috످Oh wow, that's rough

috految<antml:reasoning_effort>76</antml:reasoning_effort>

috److془The user says "Oh wow, that's rough" with no context. Respond naturally.془Uh oh, what happened? This is the first message I can see, so you might need to catch me up.

috످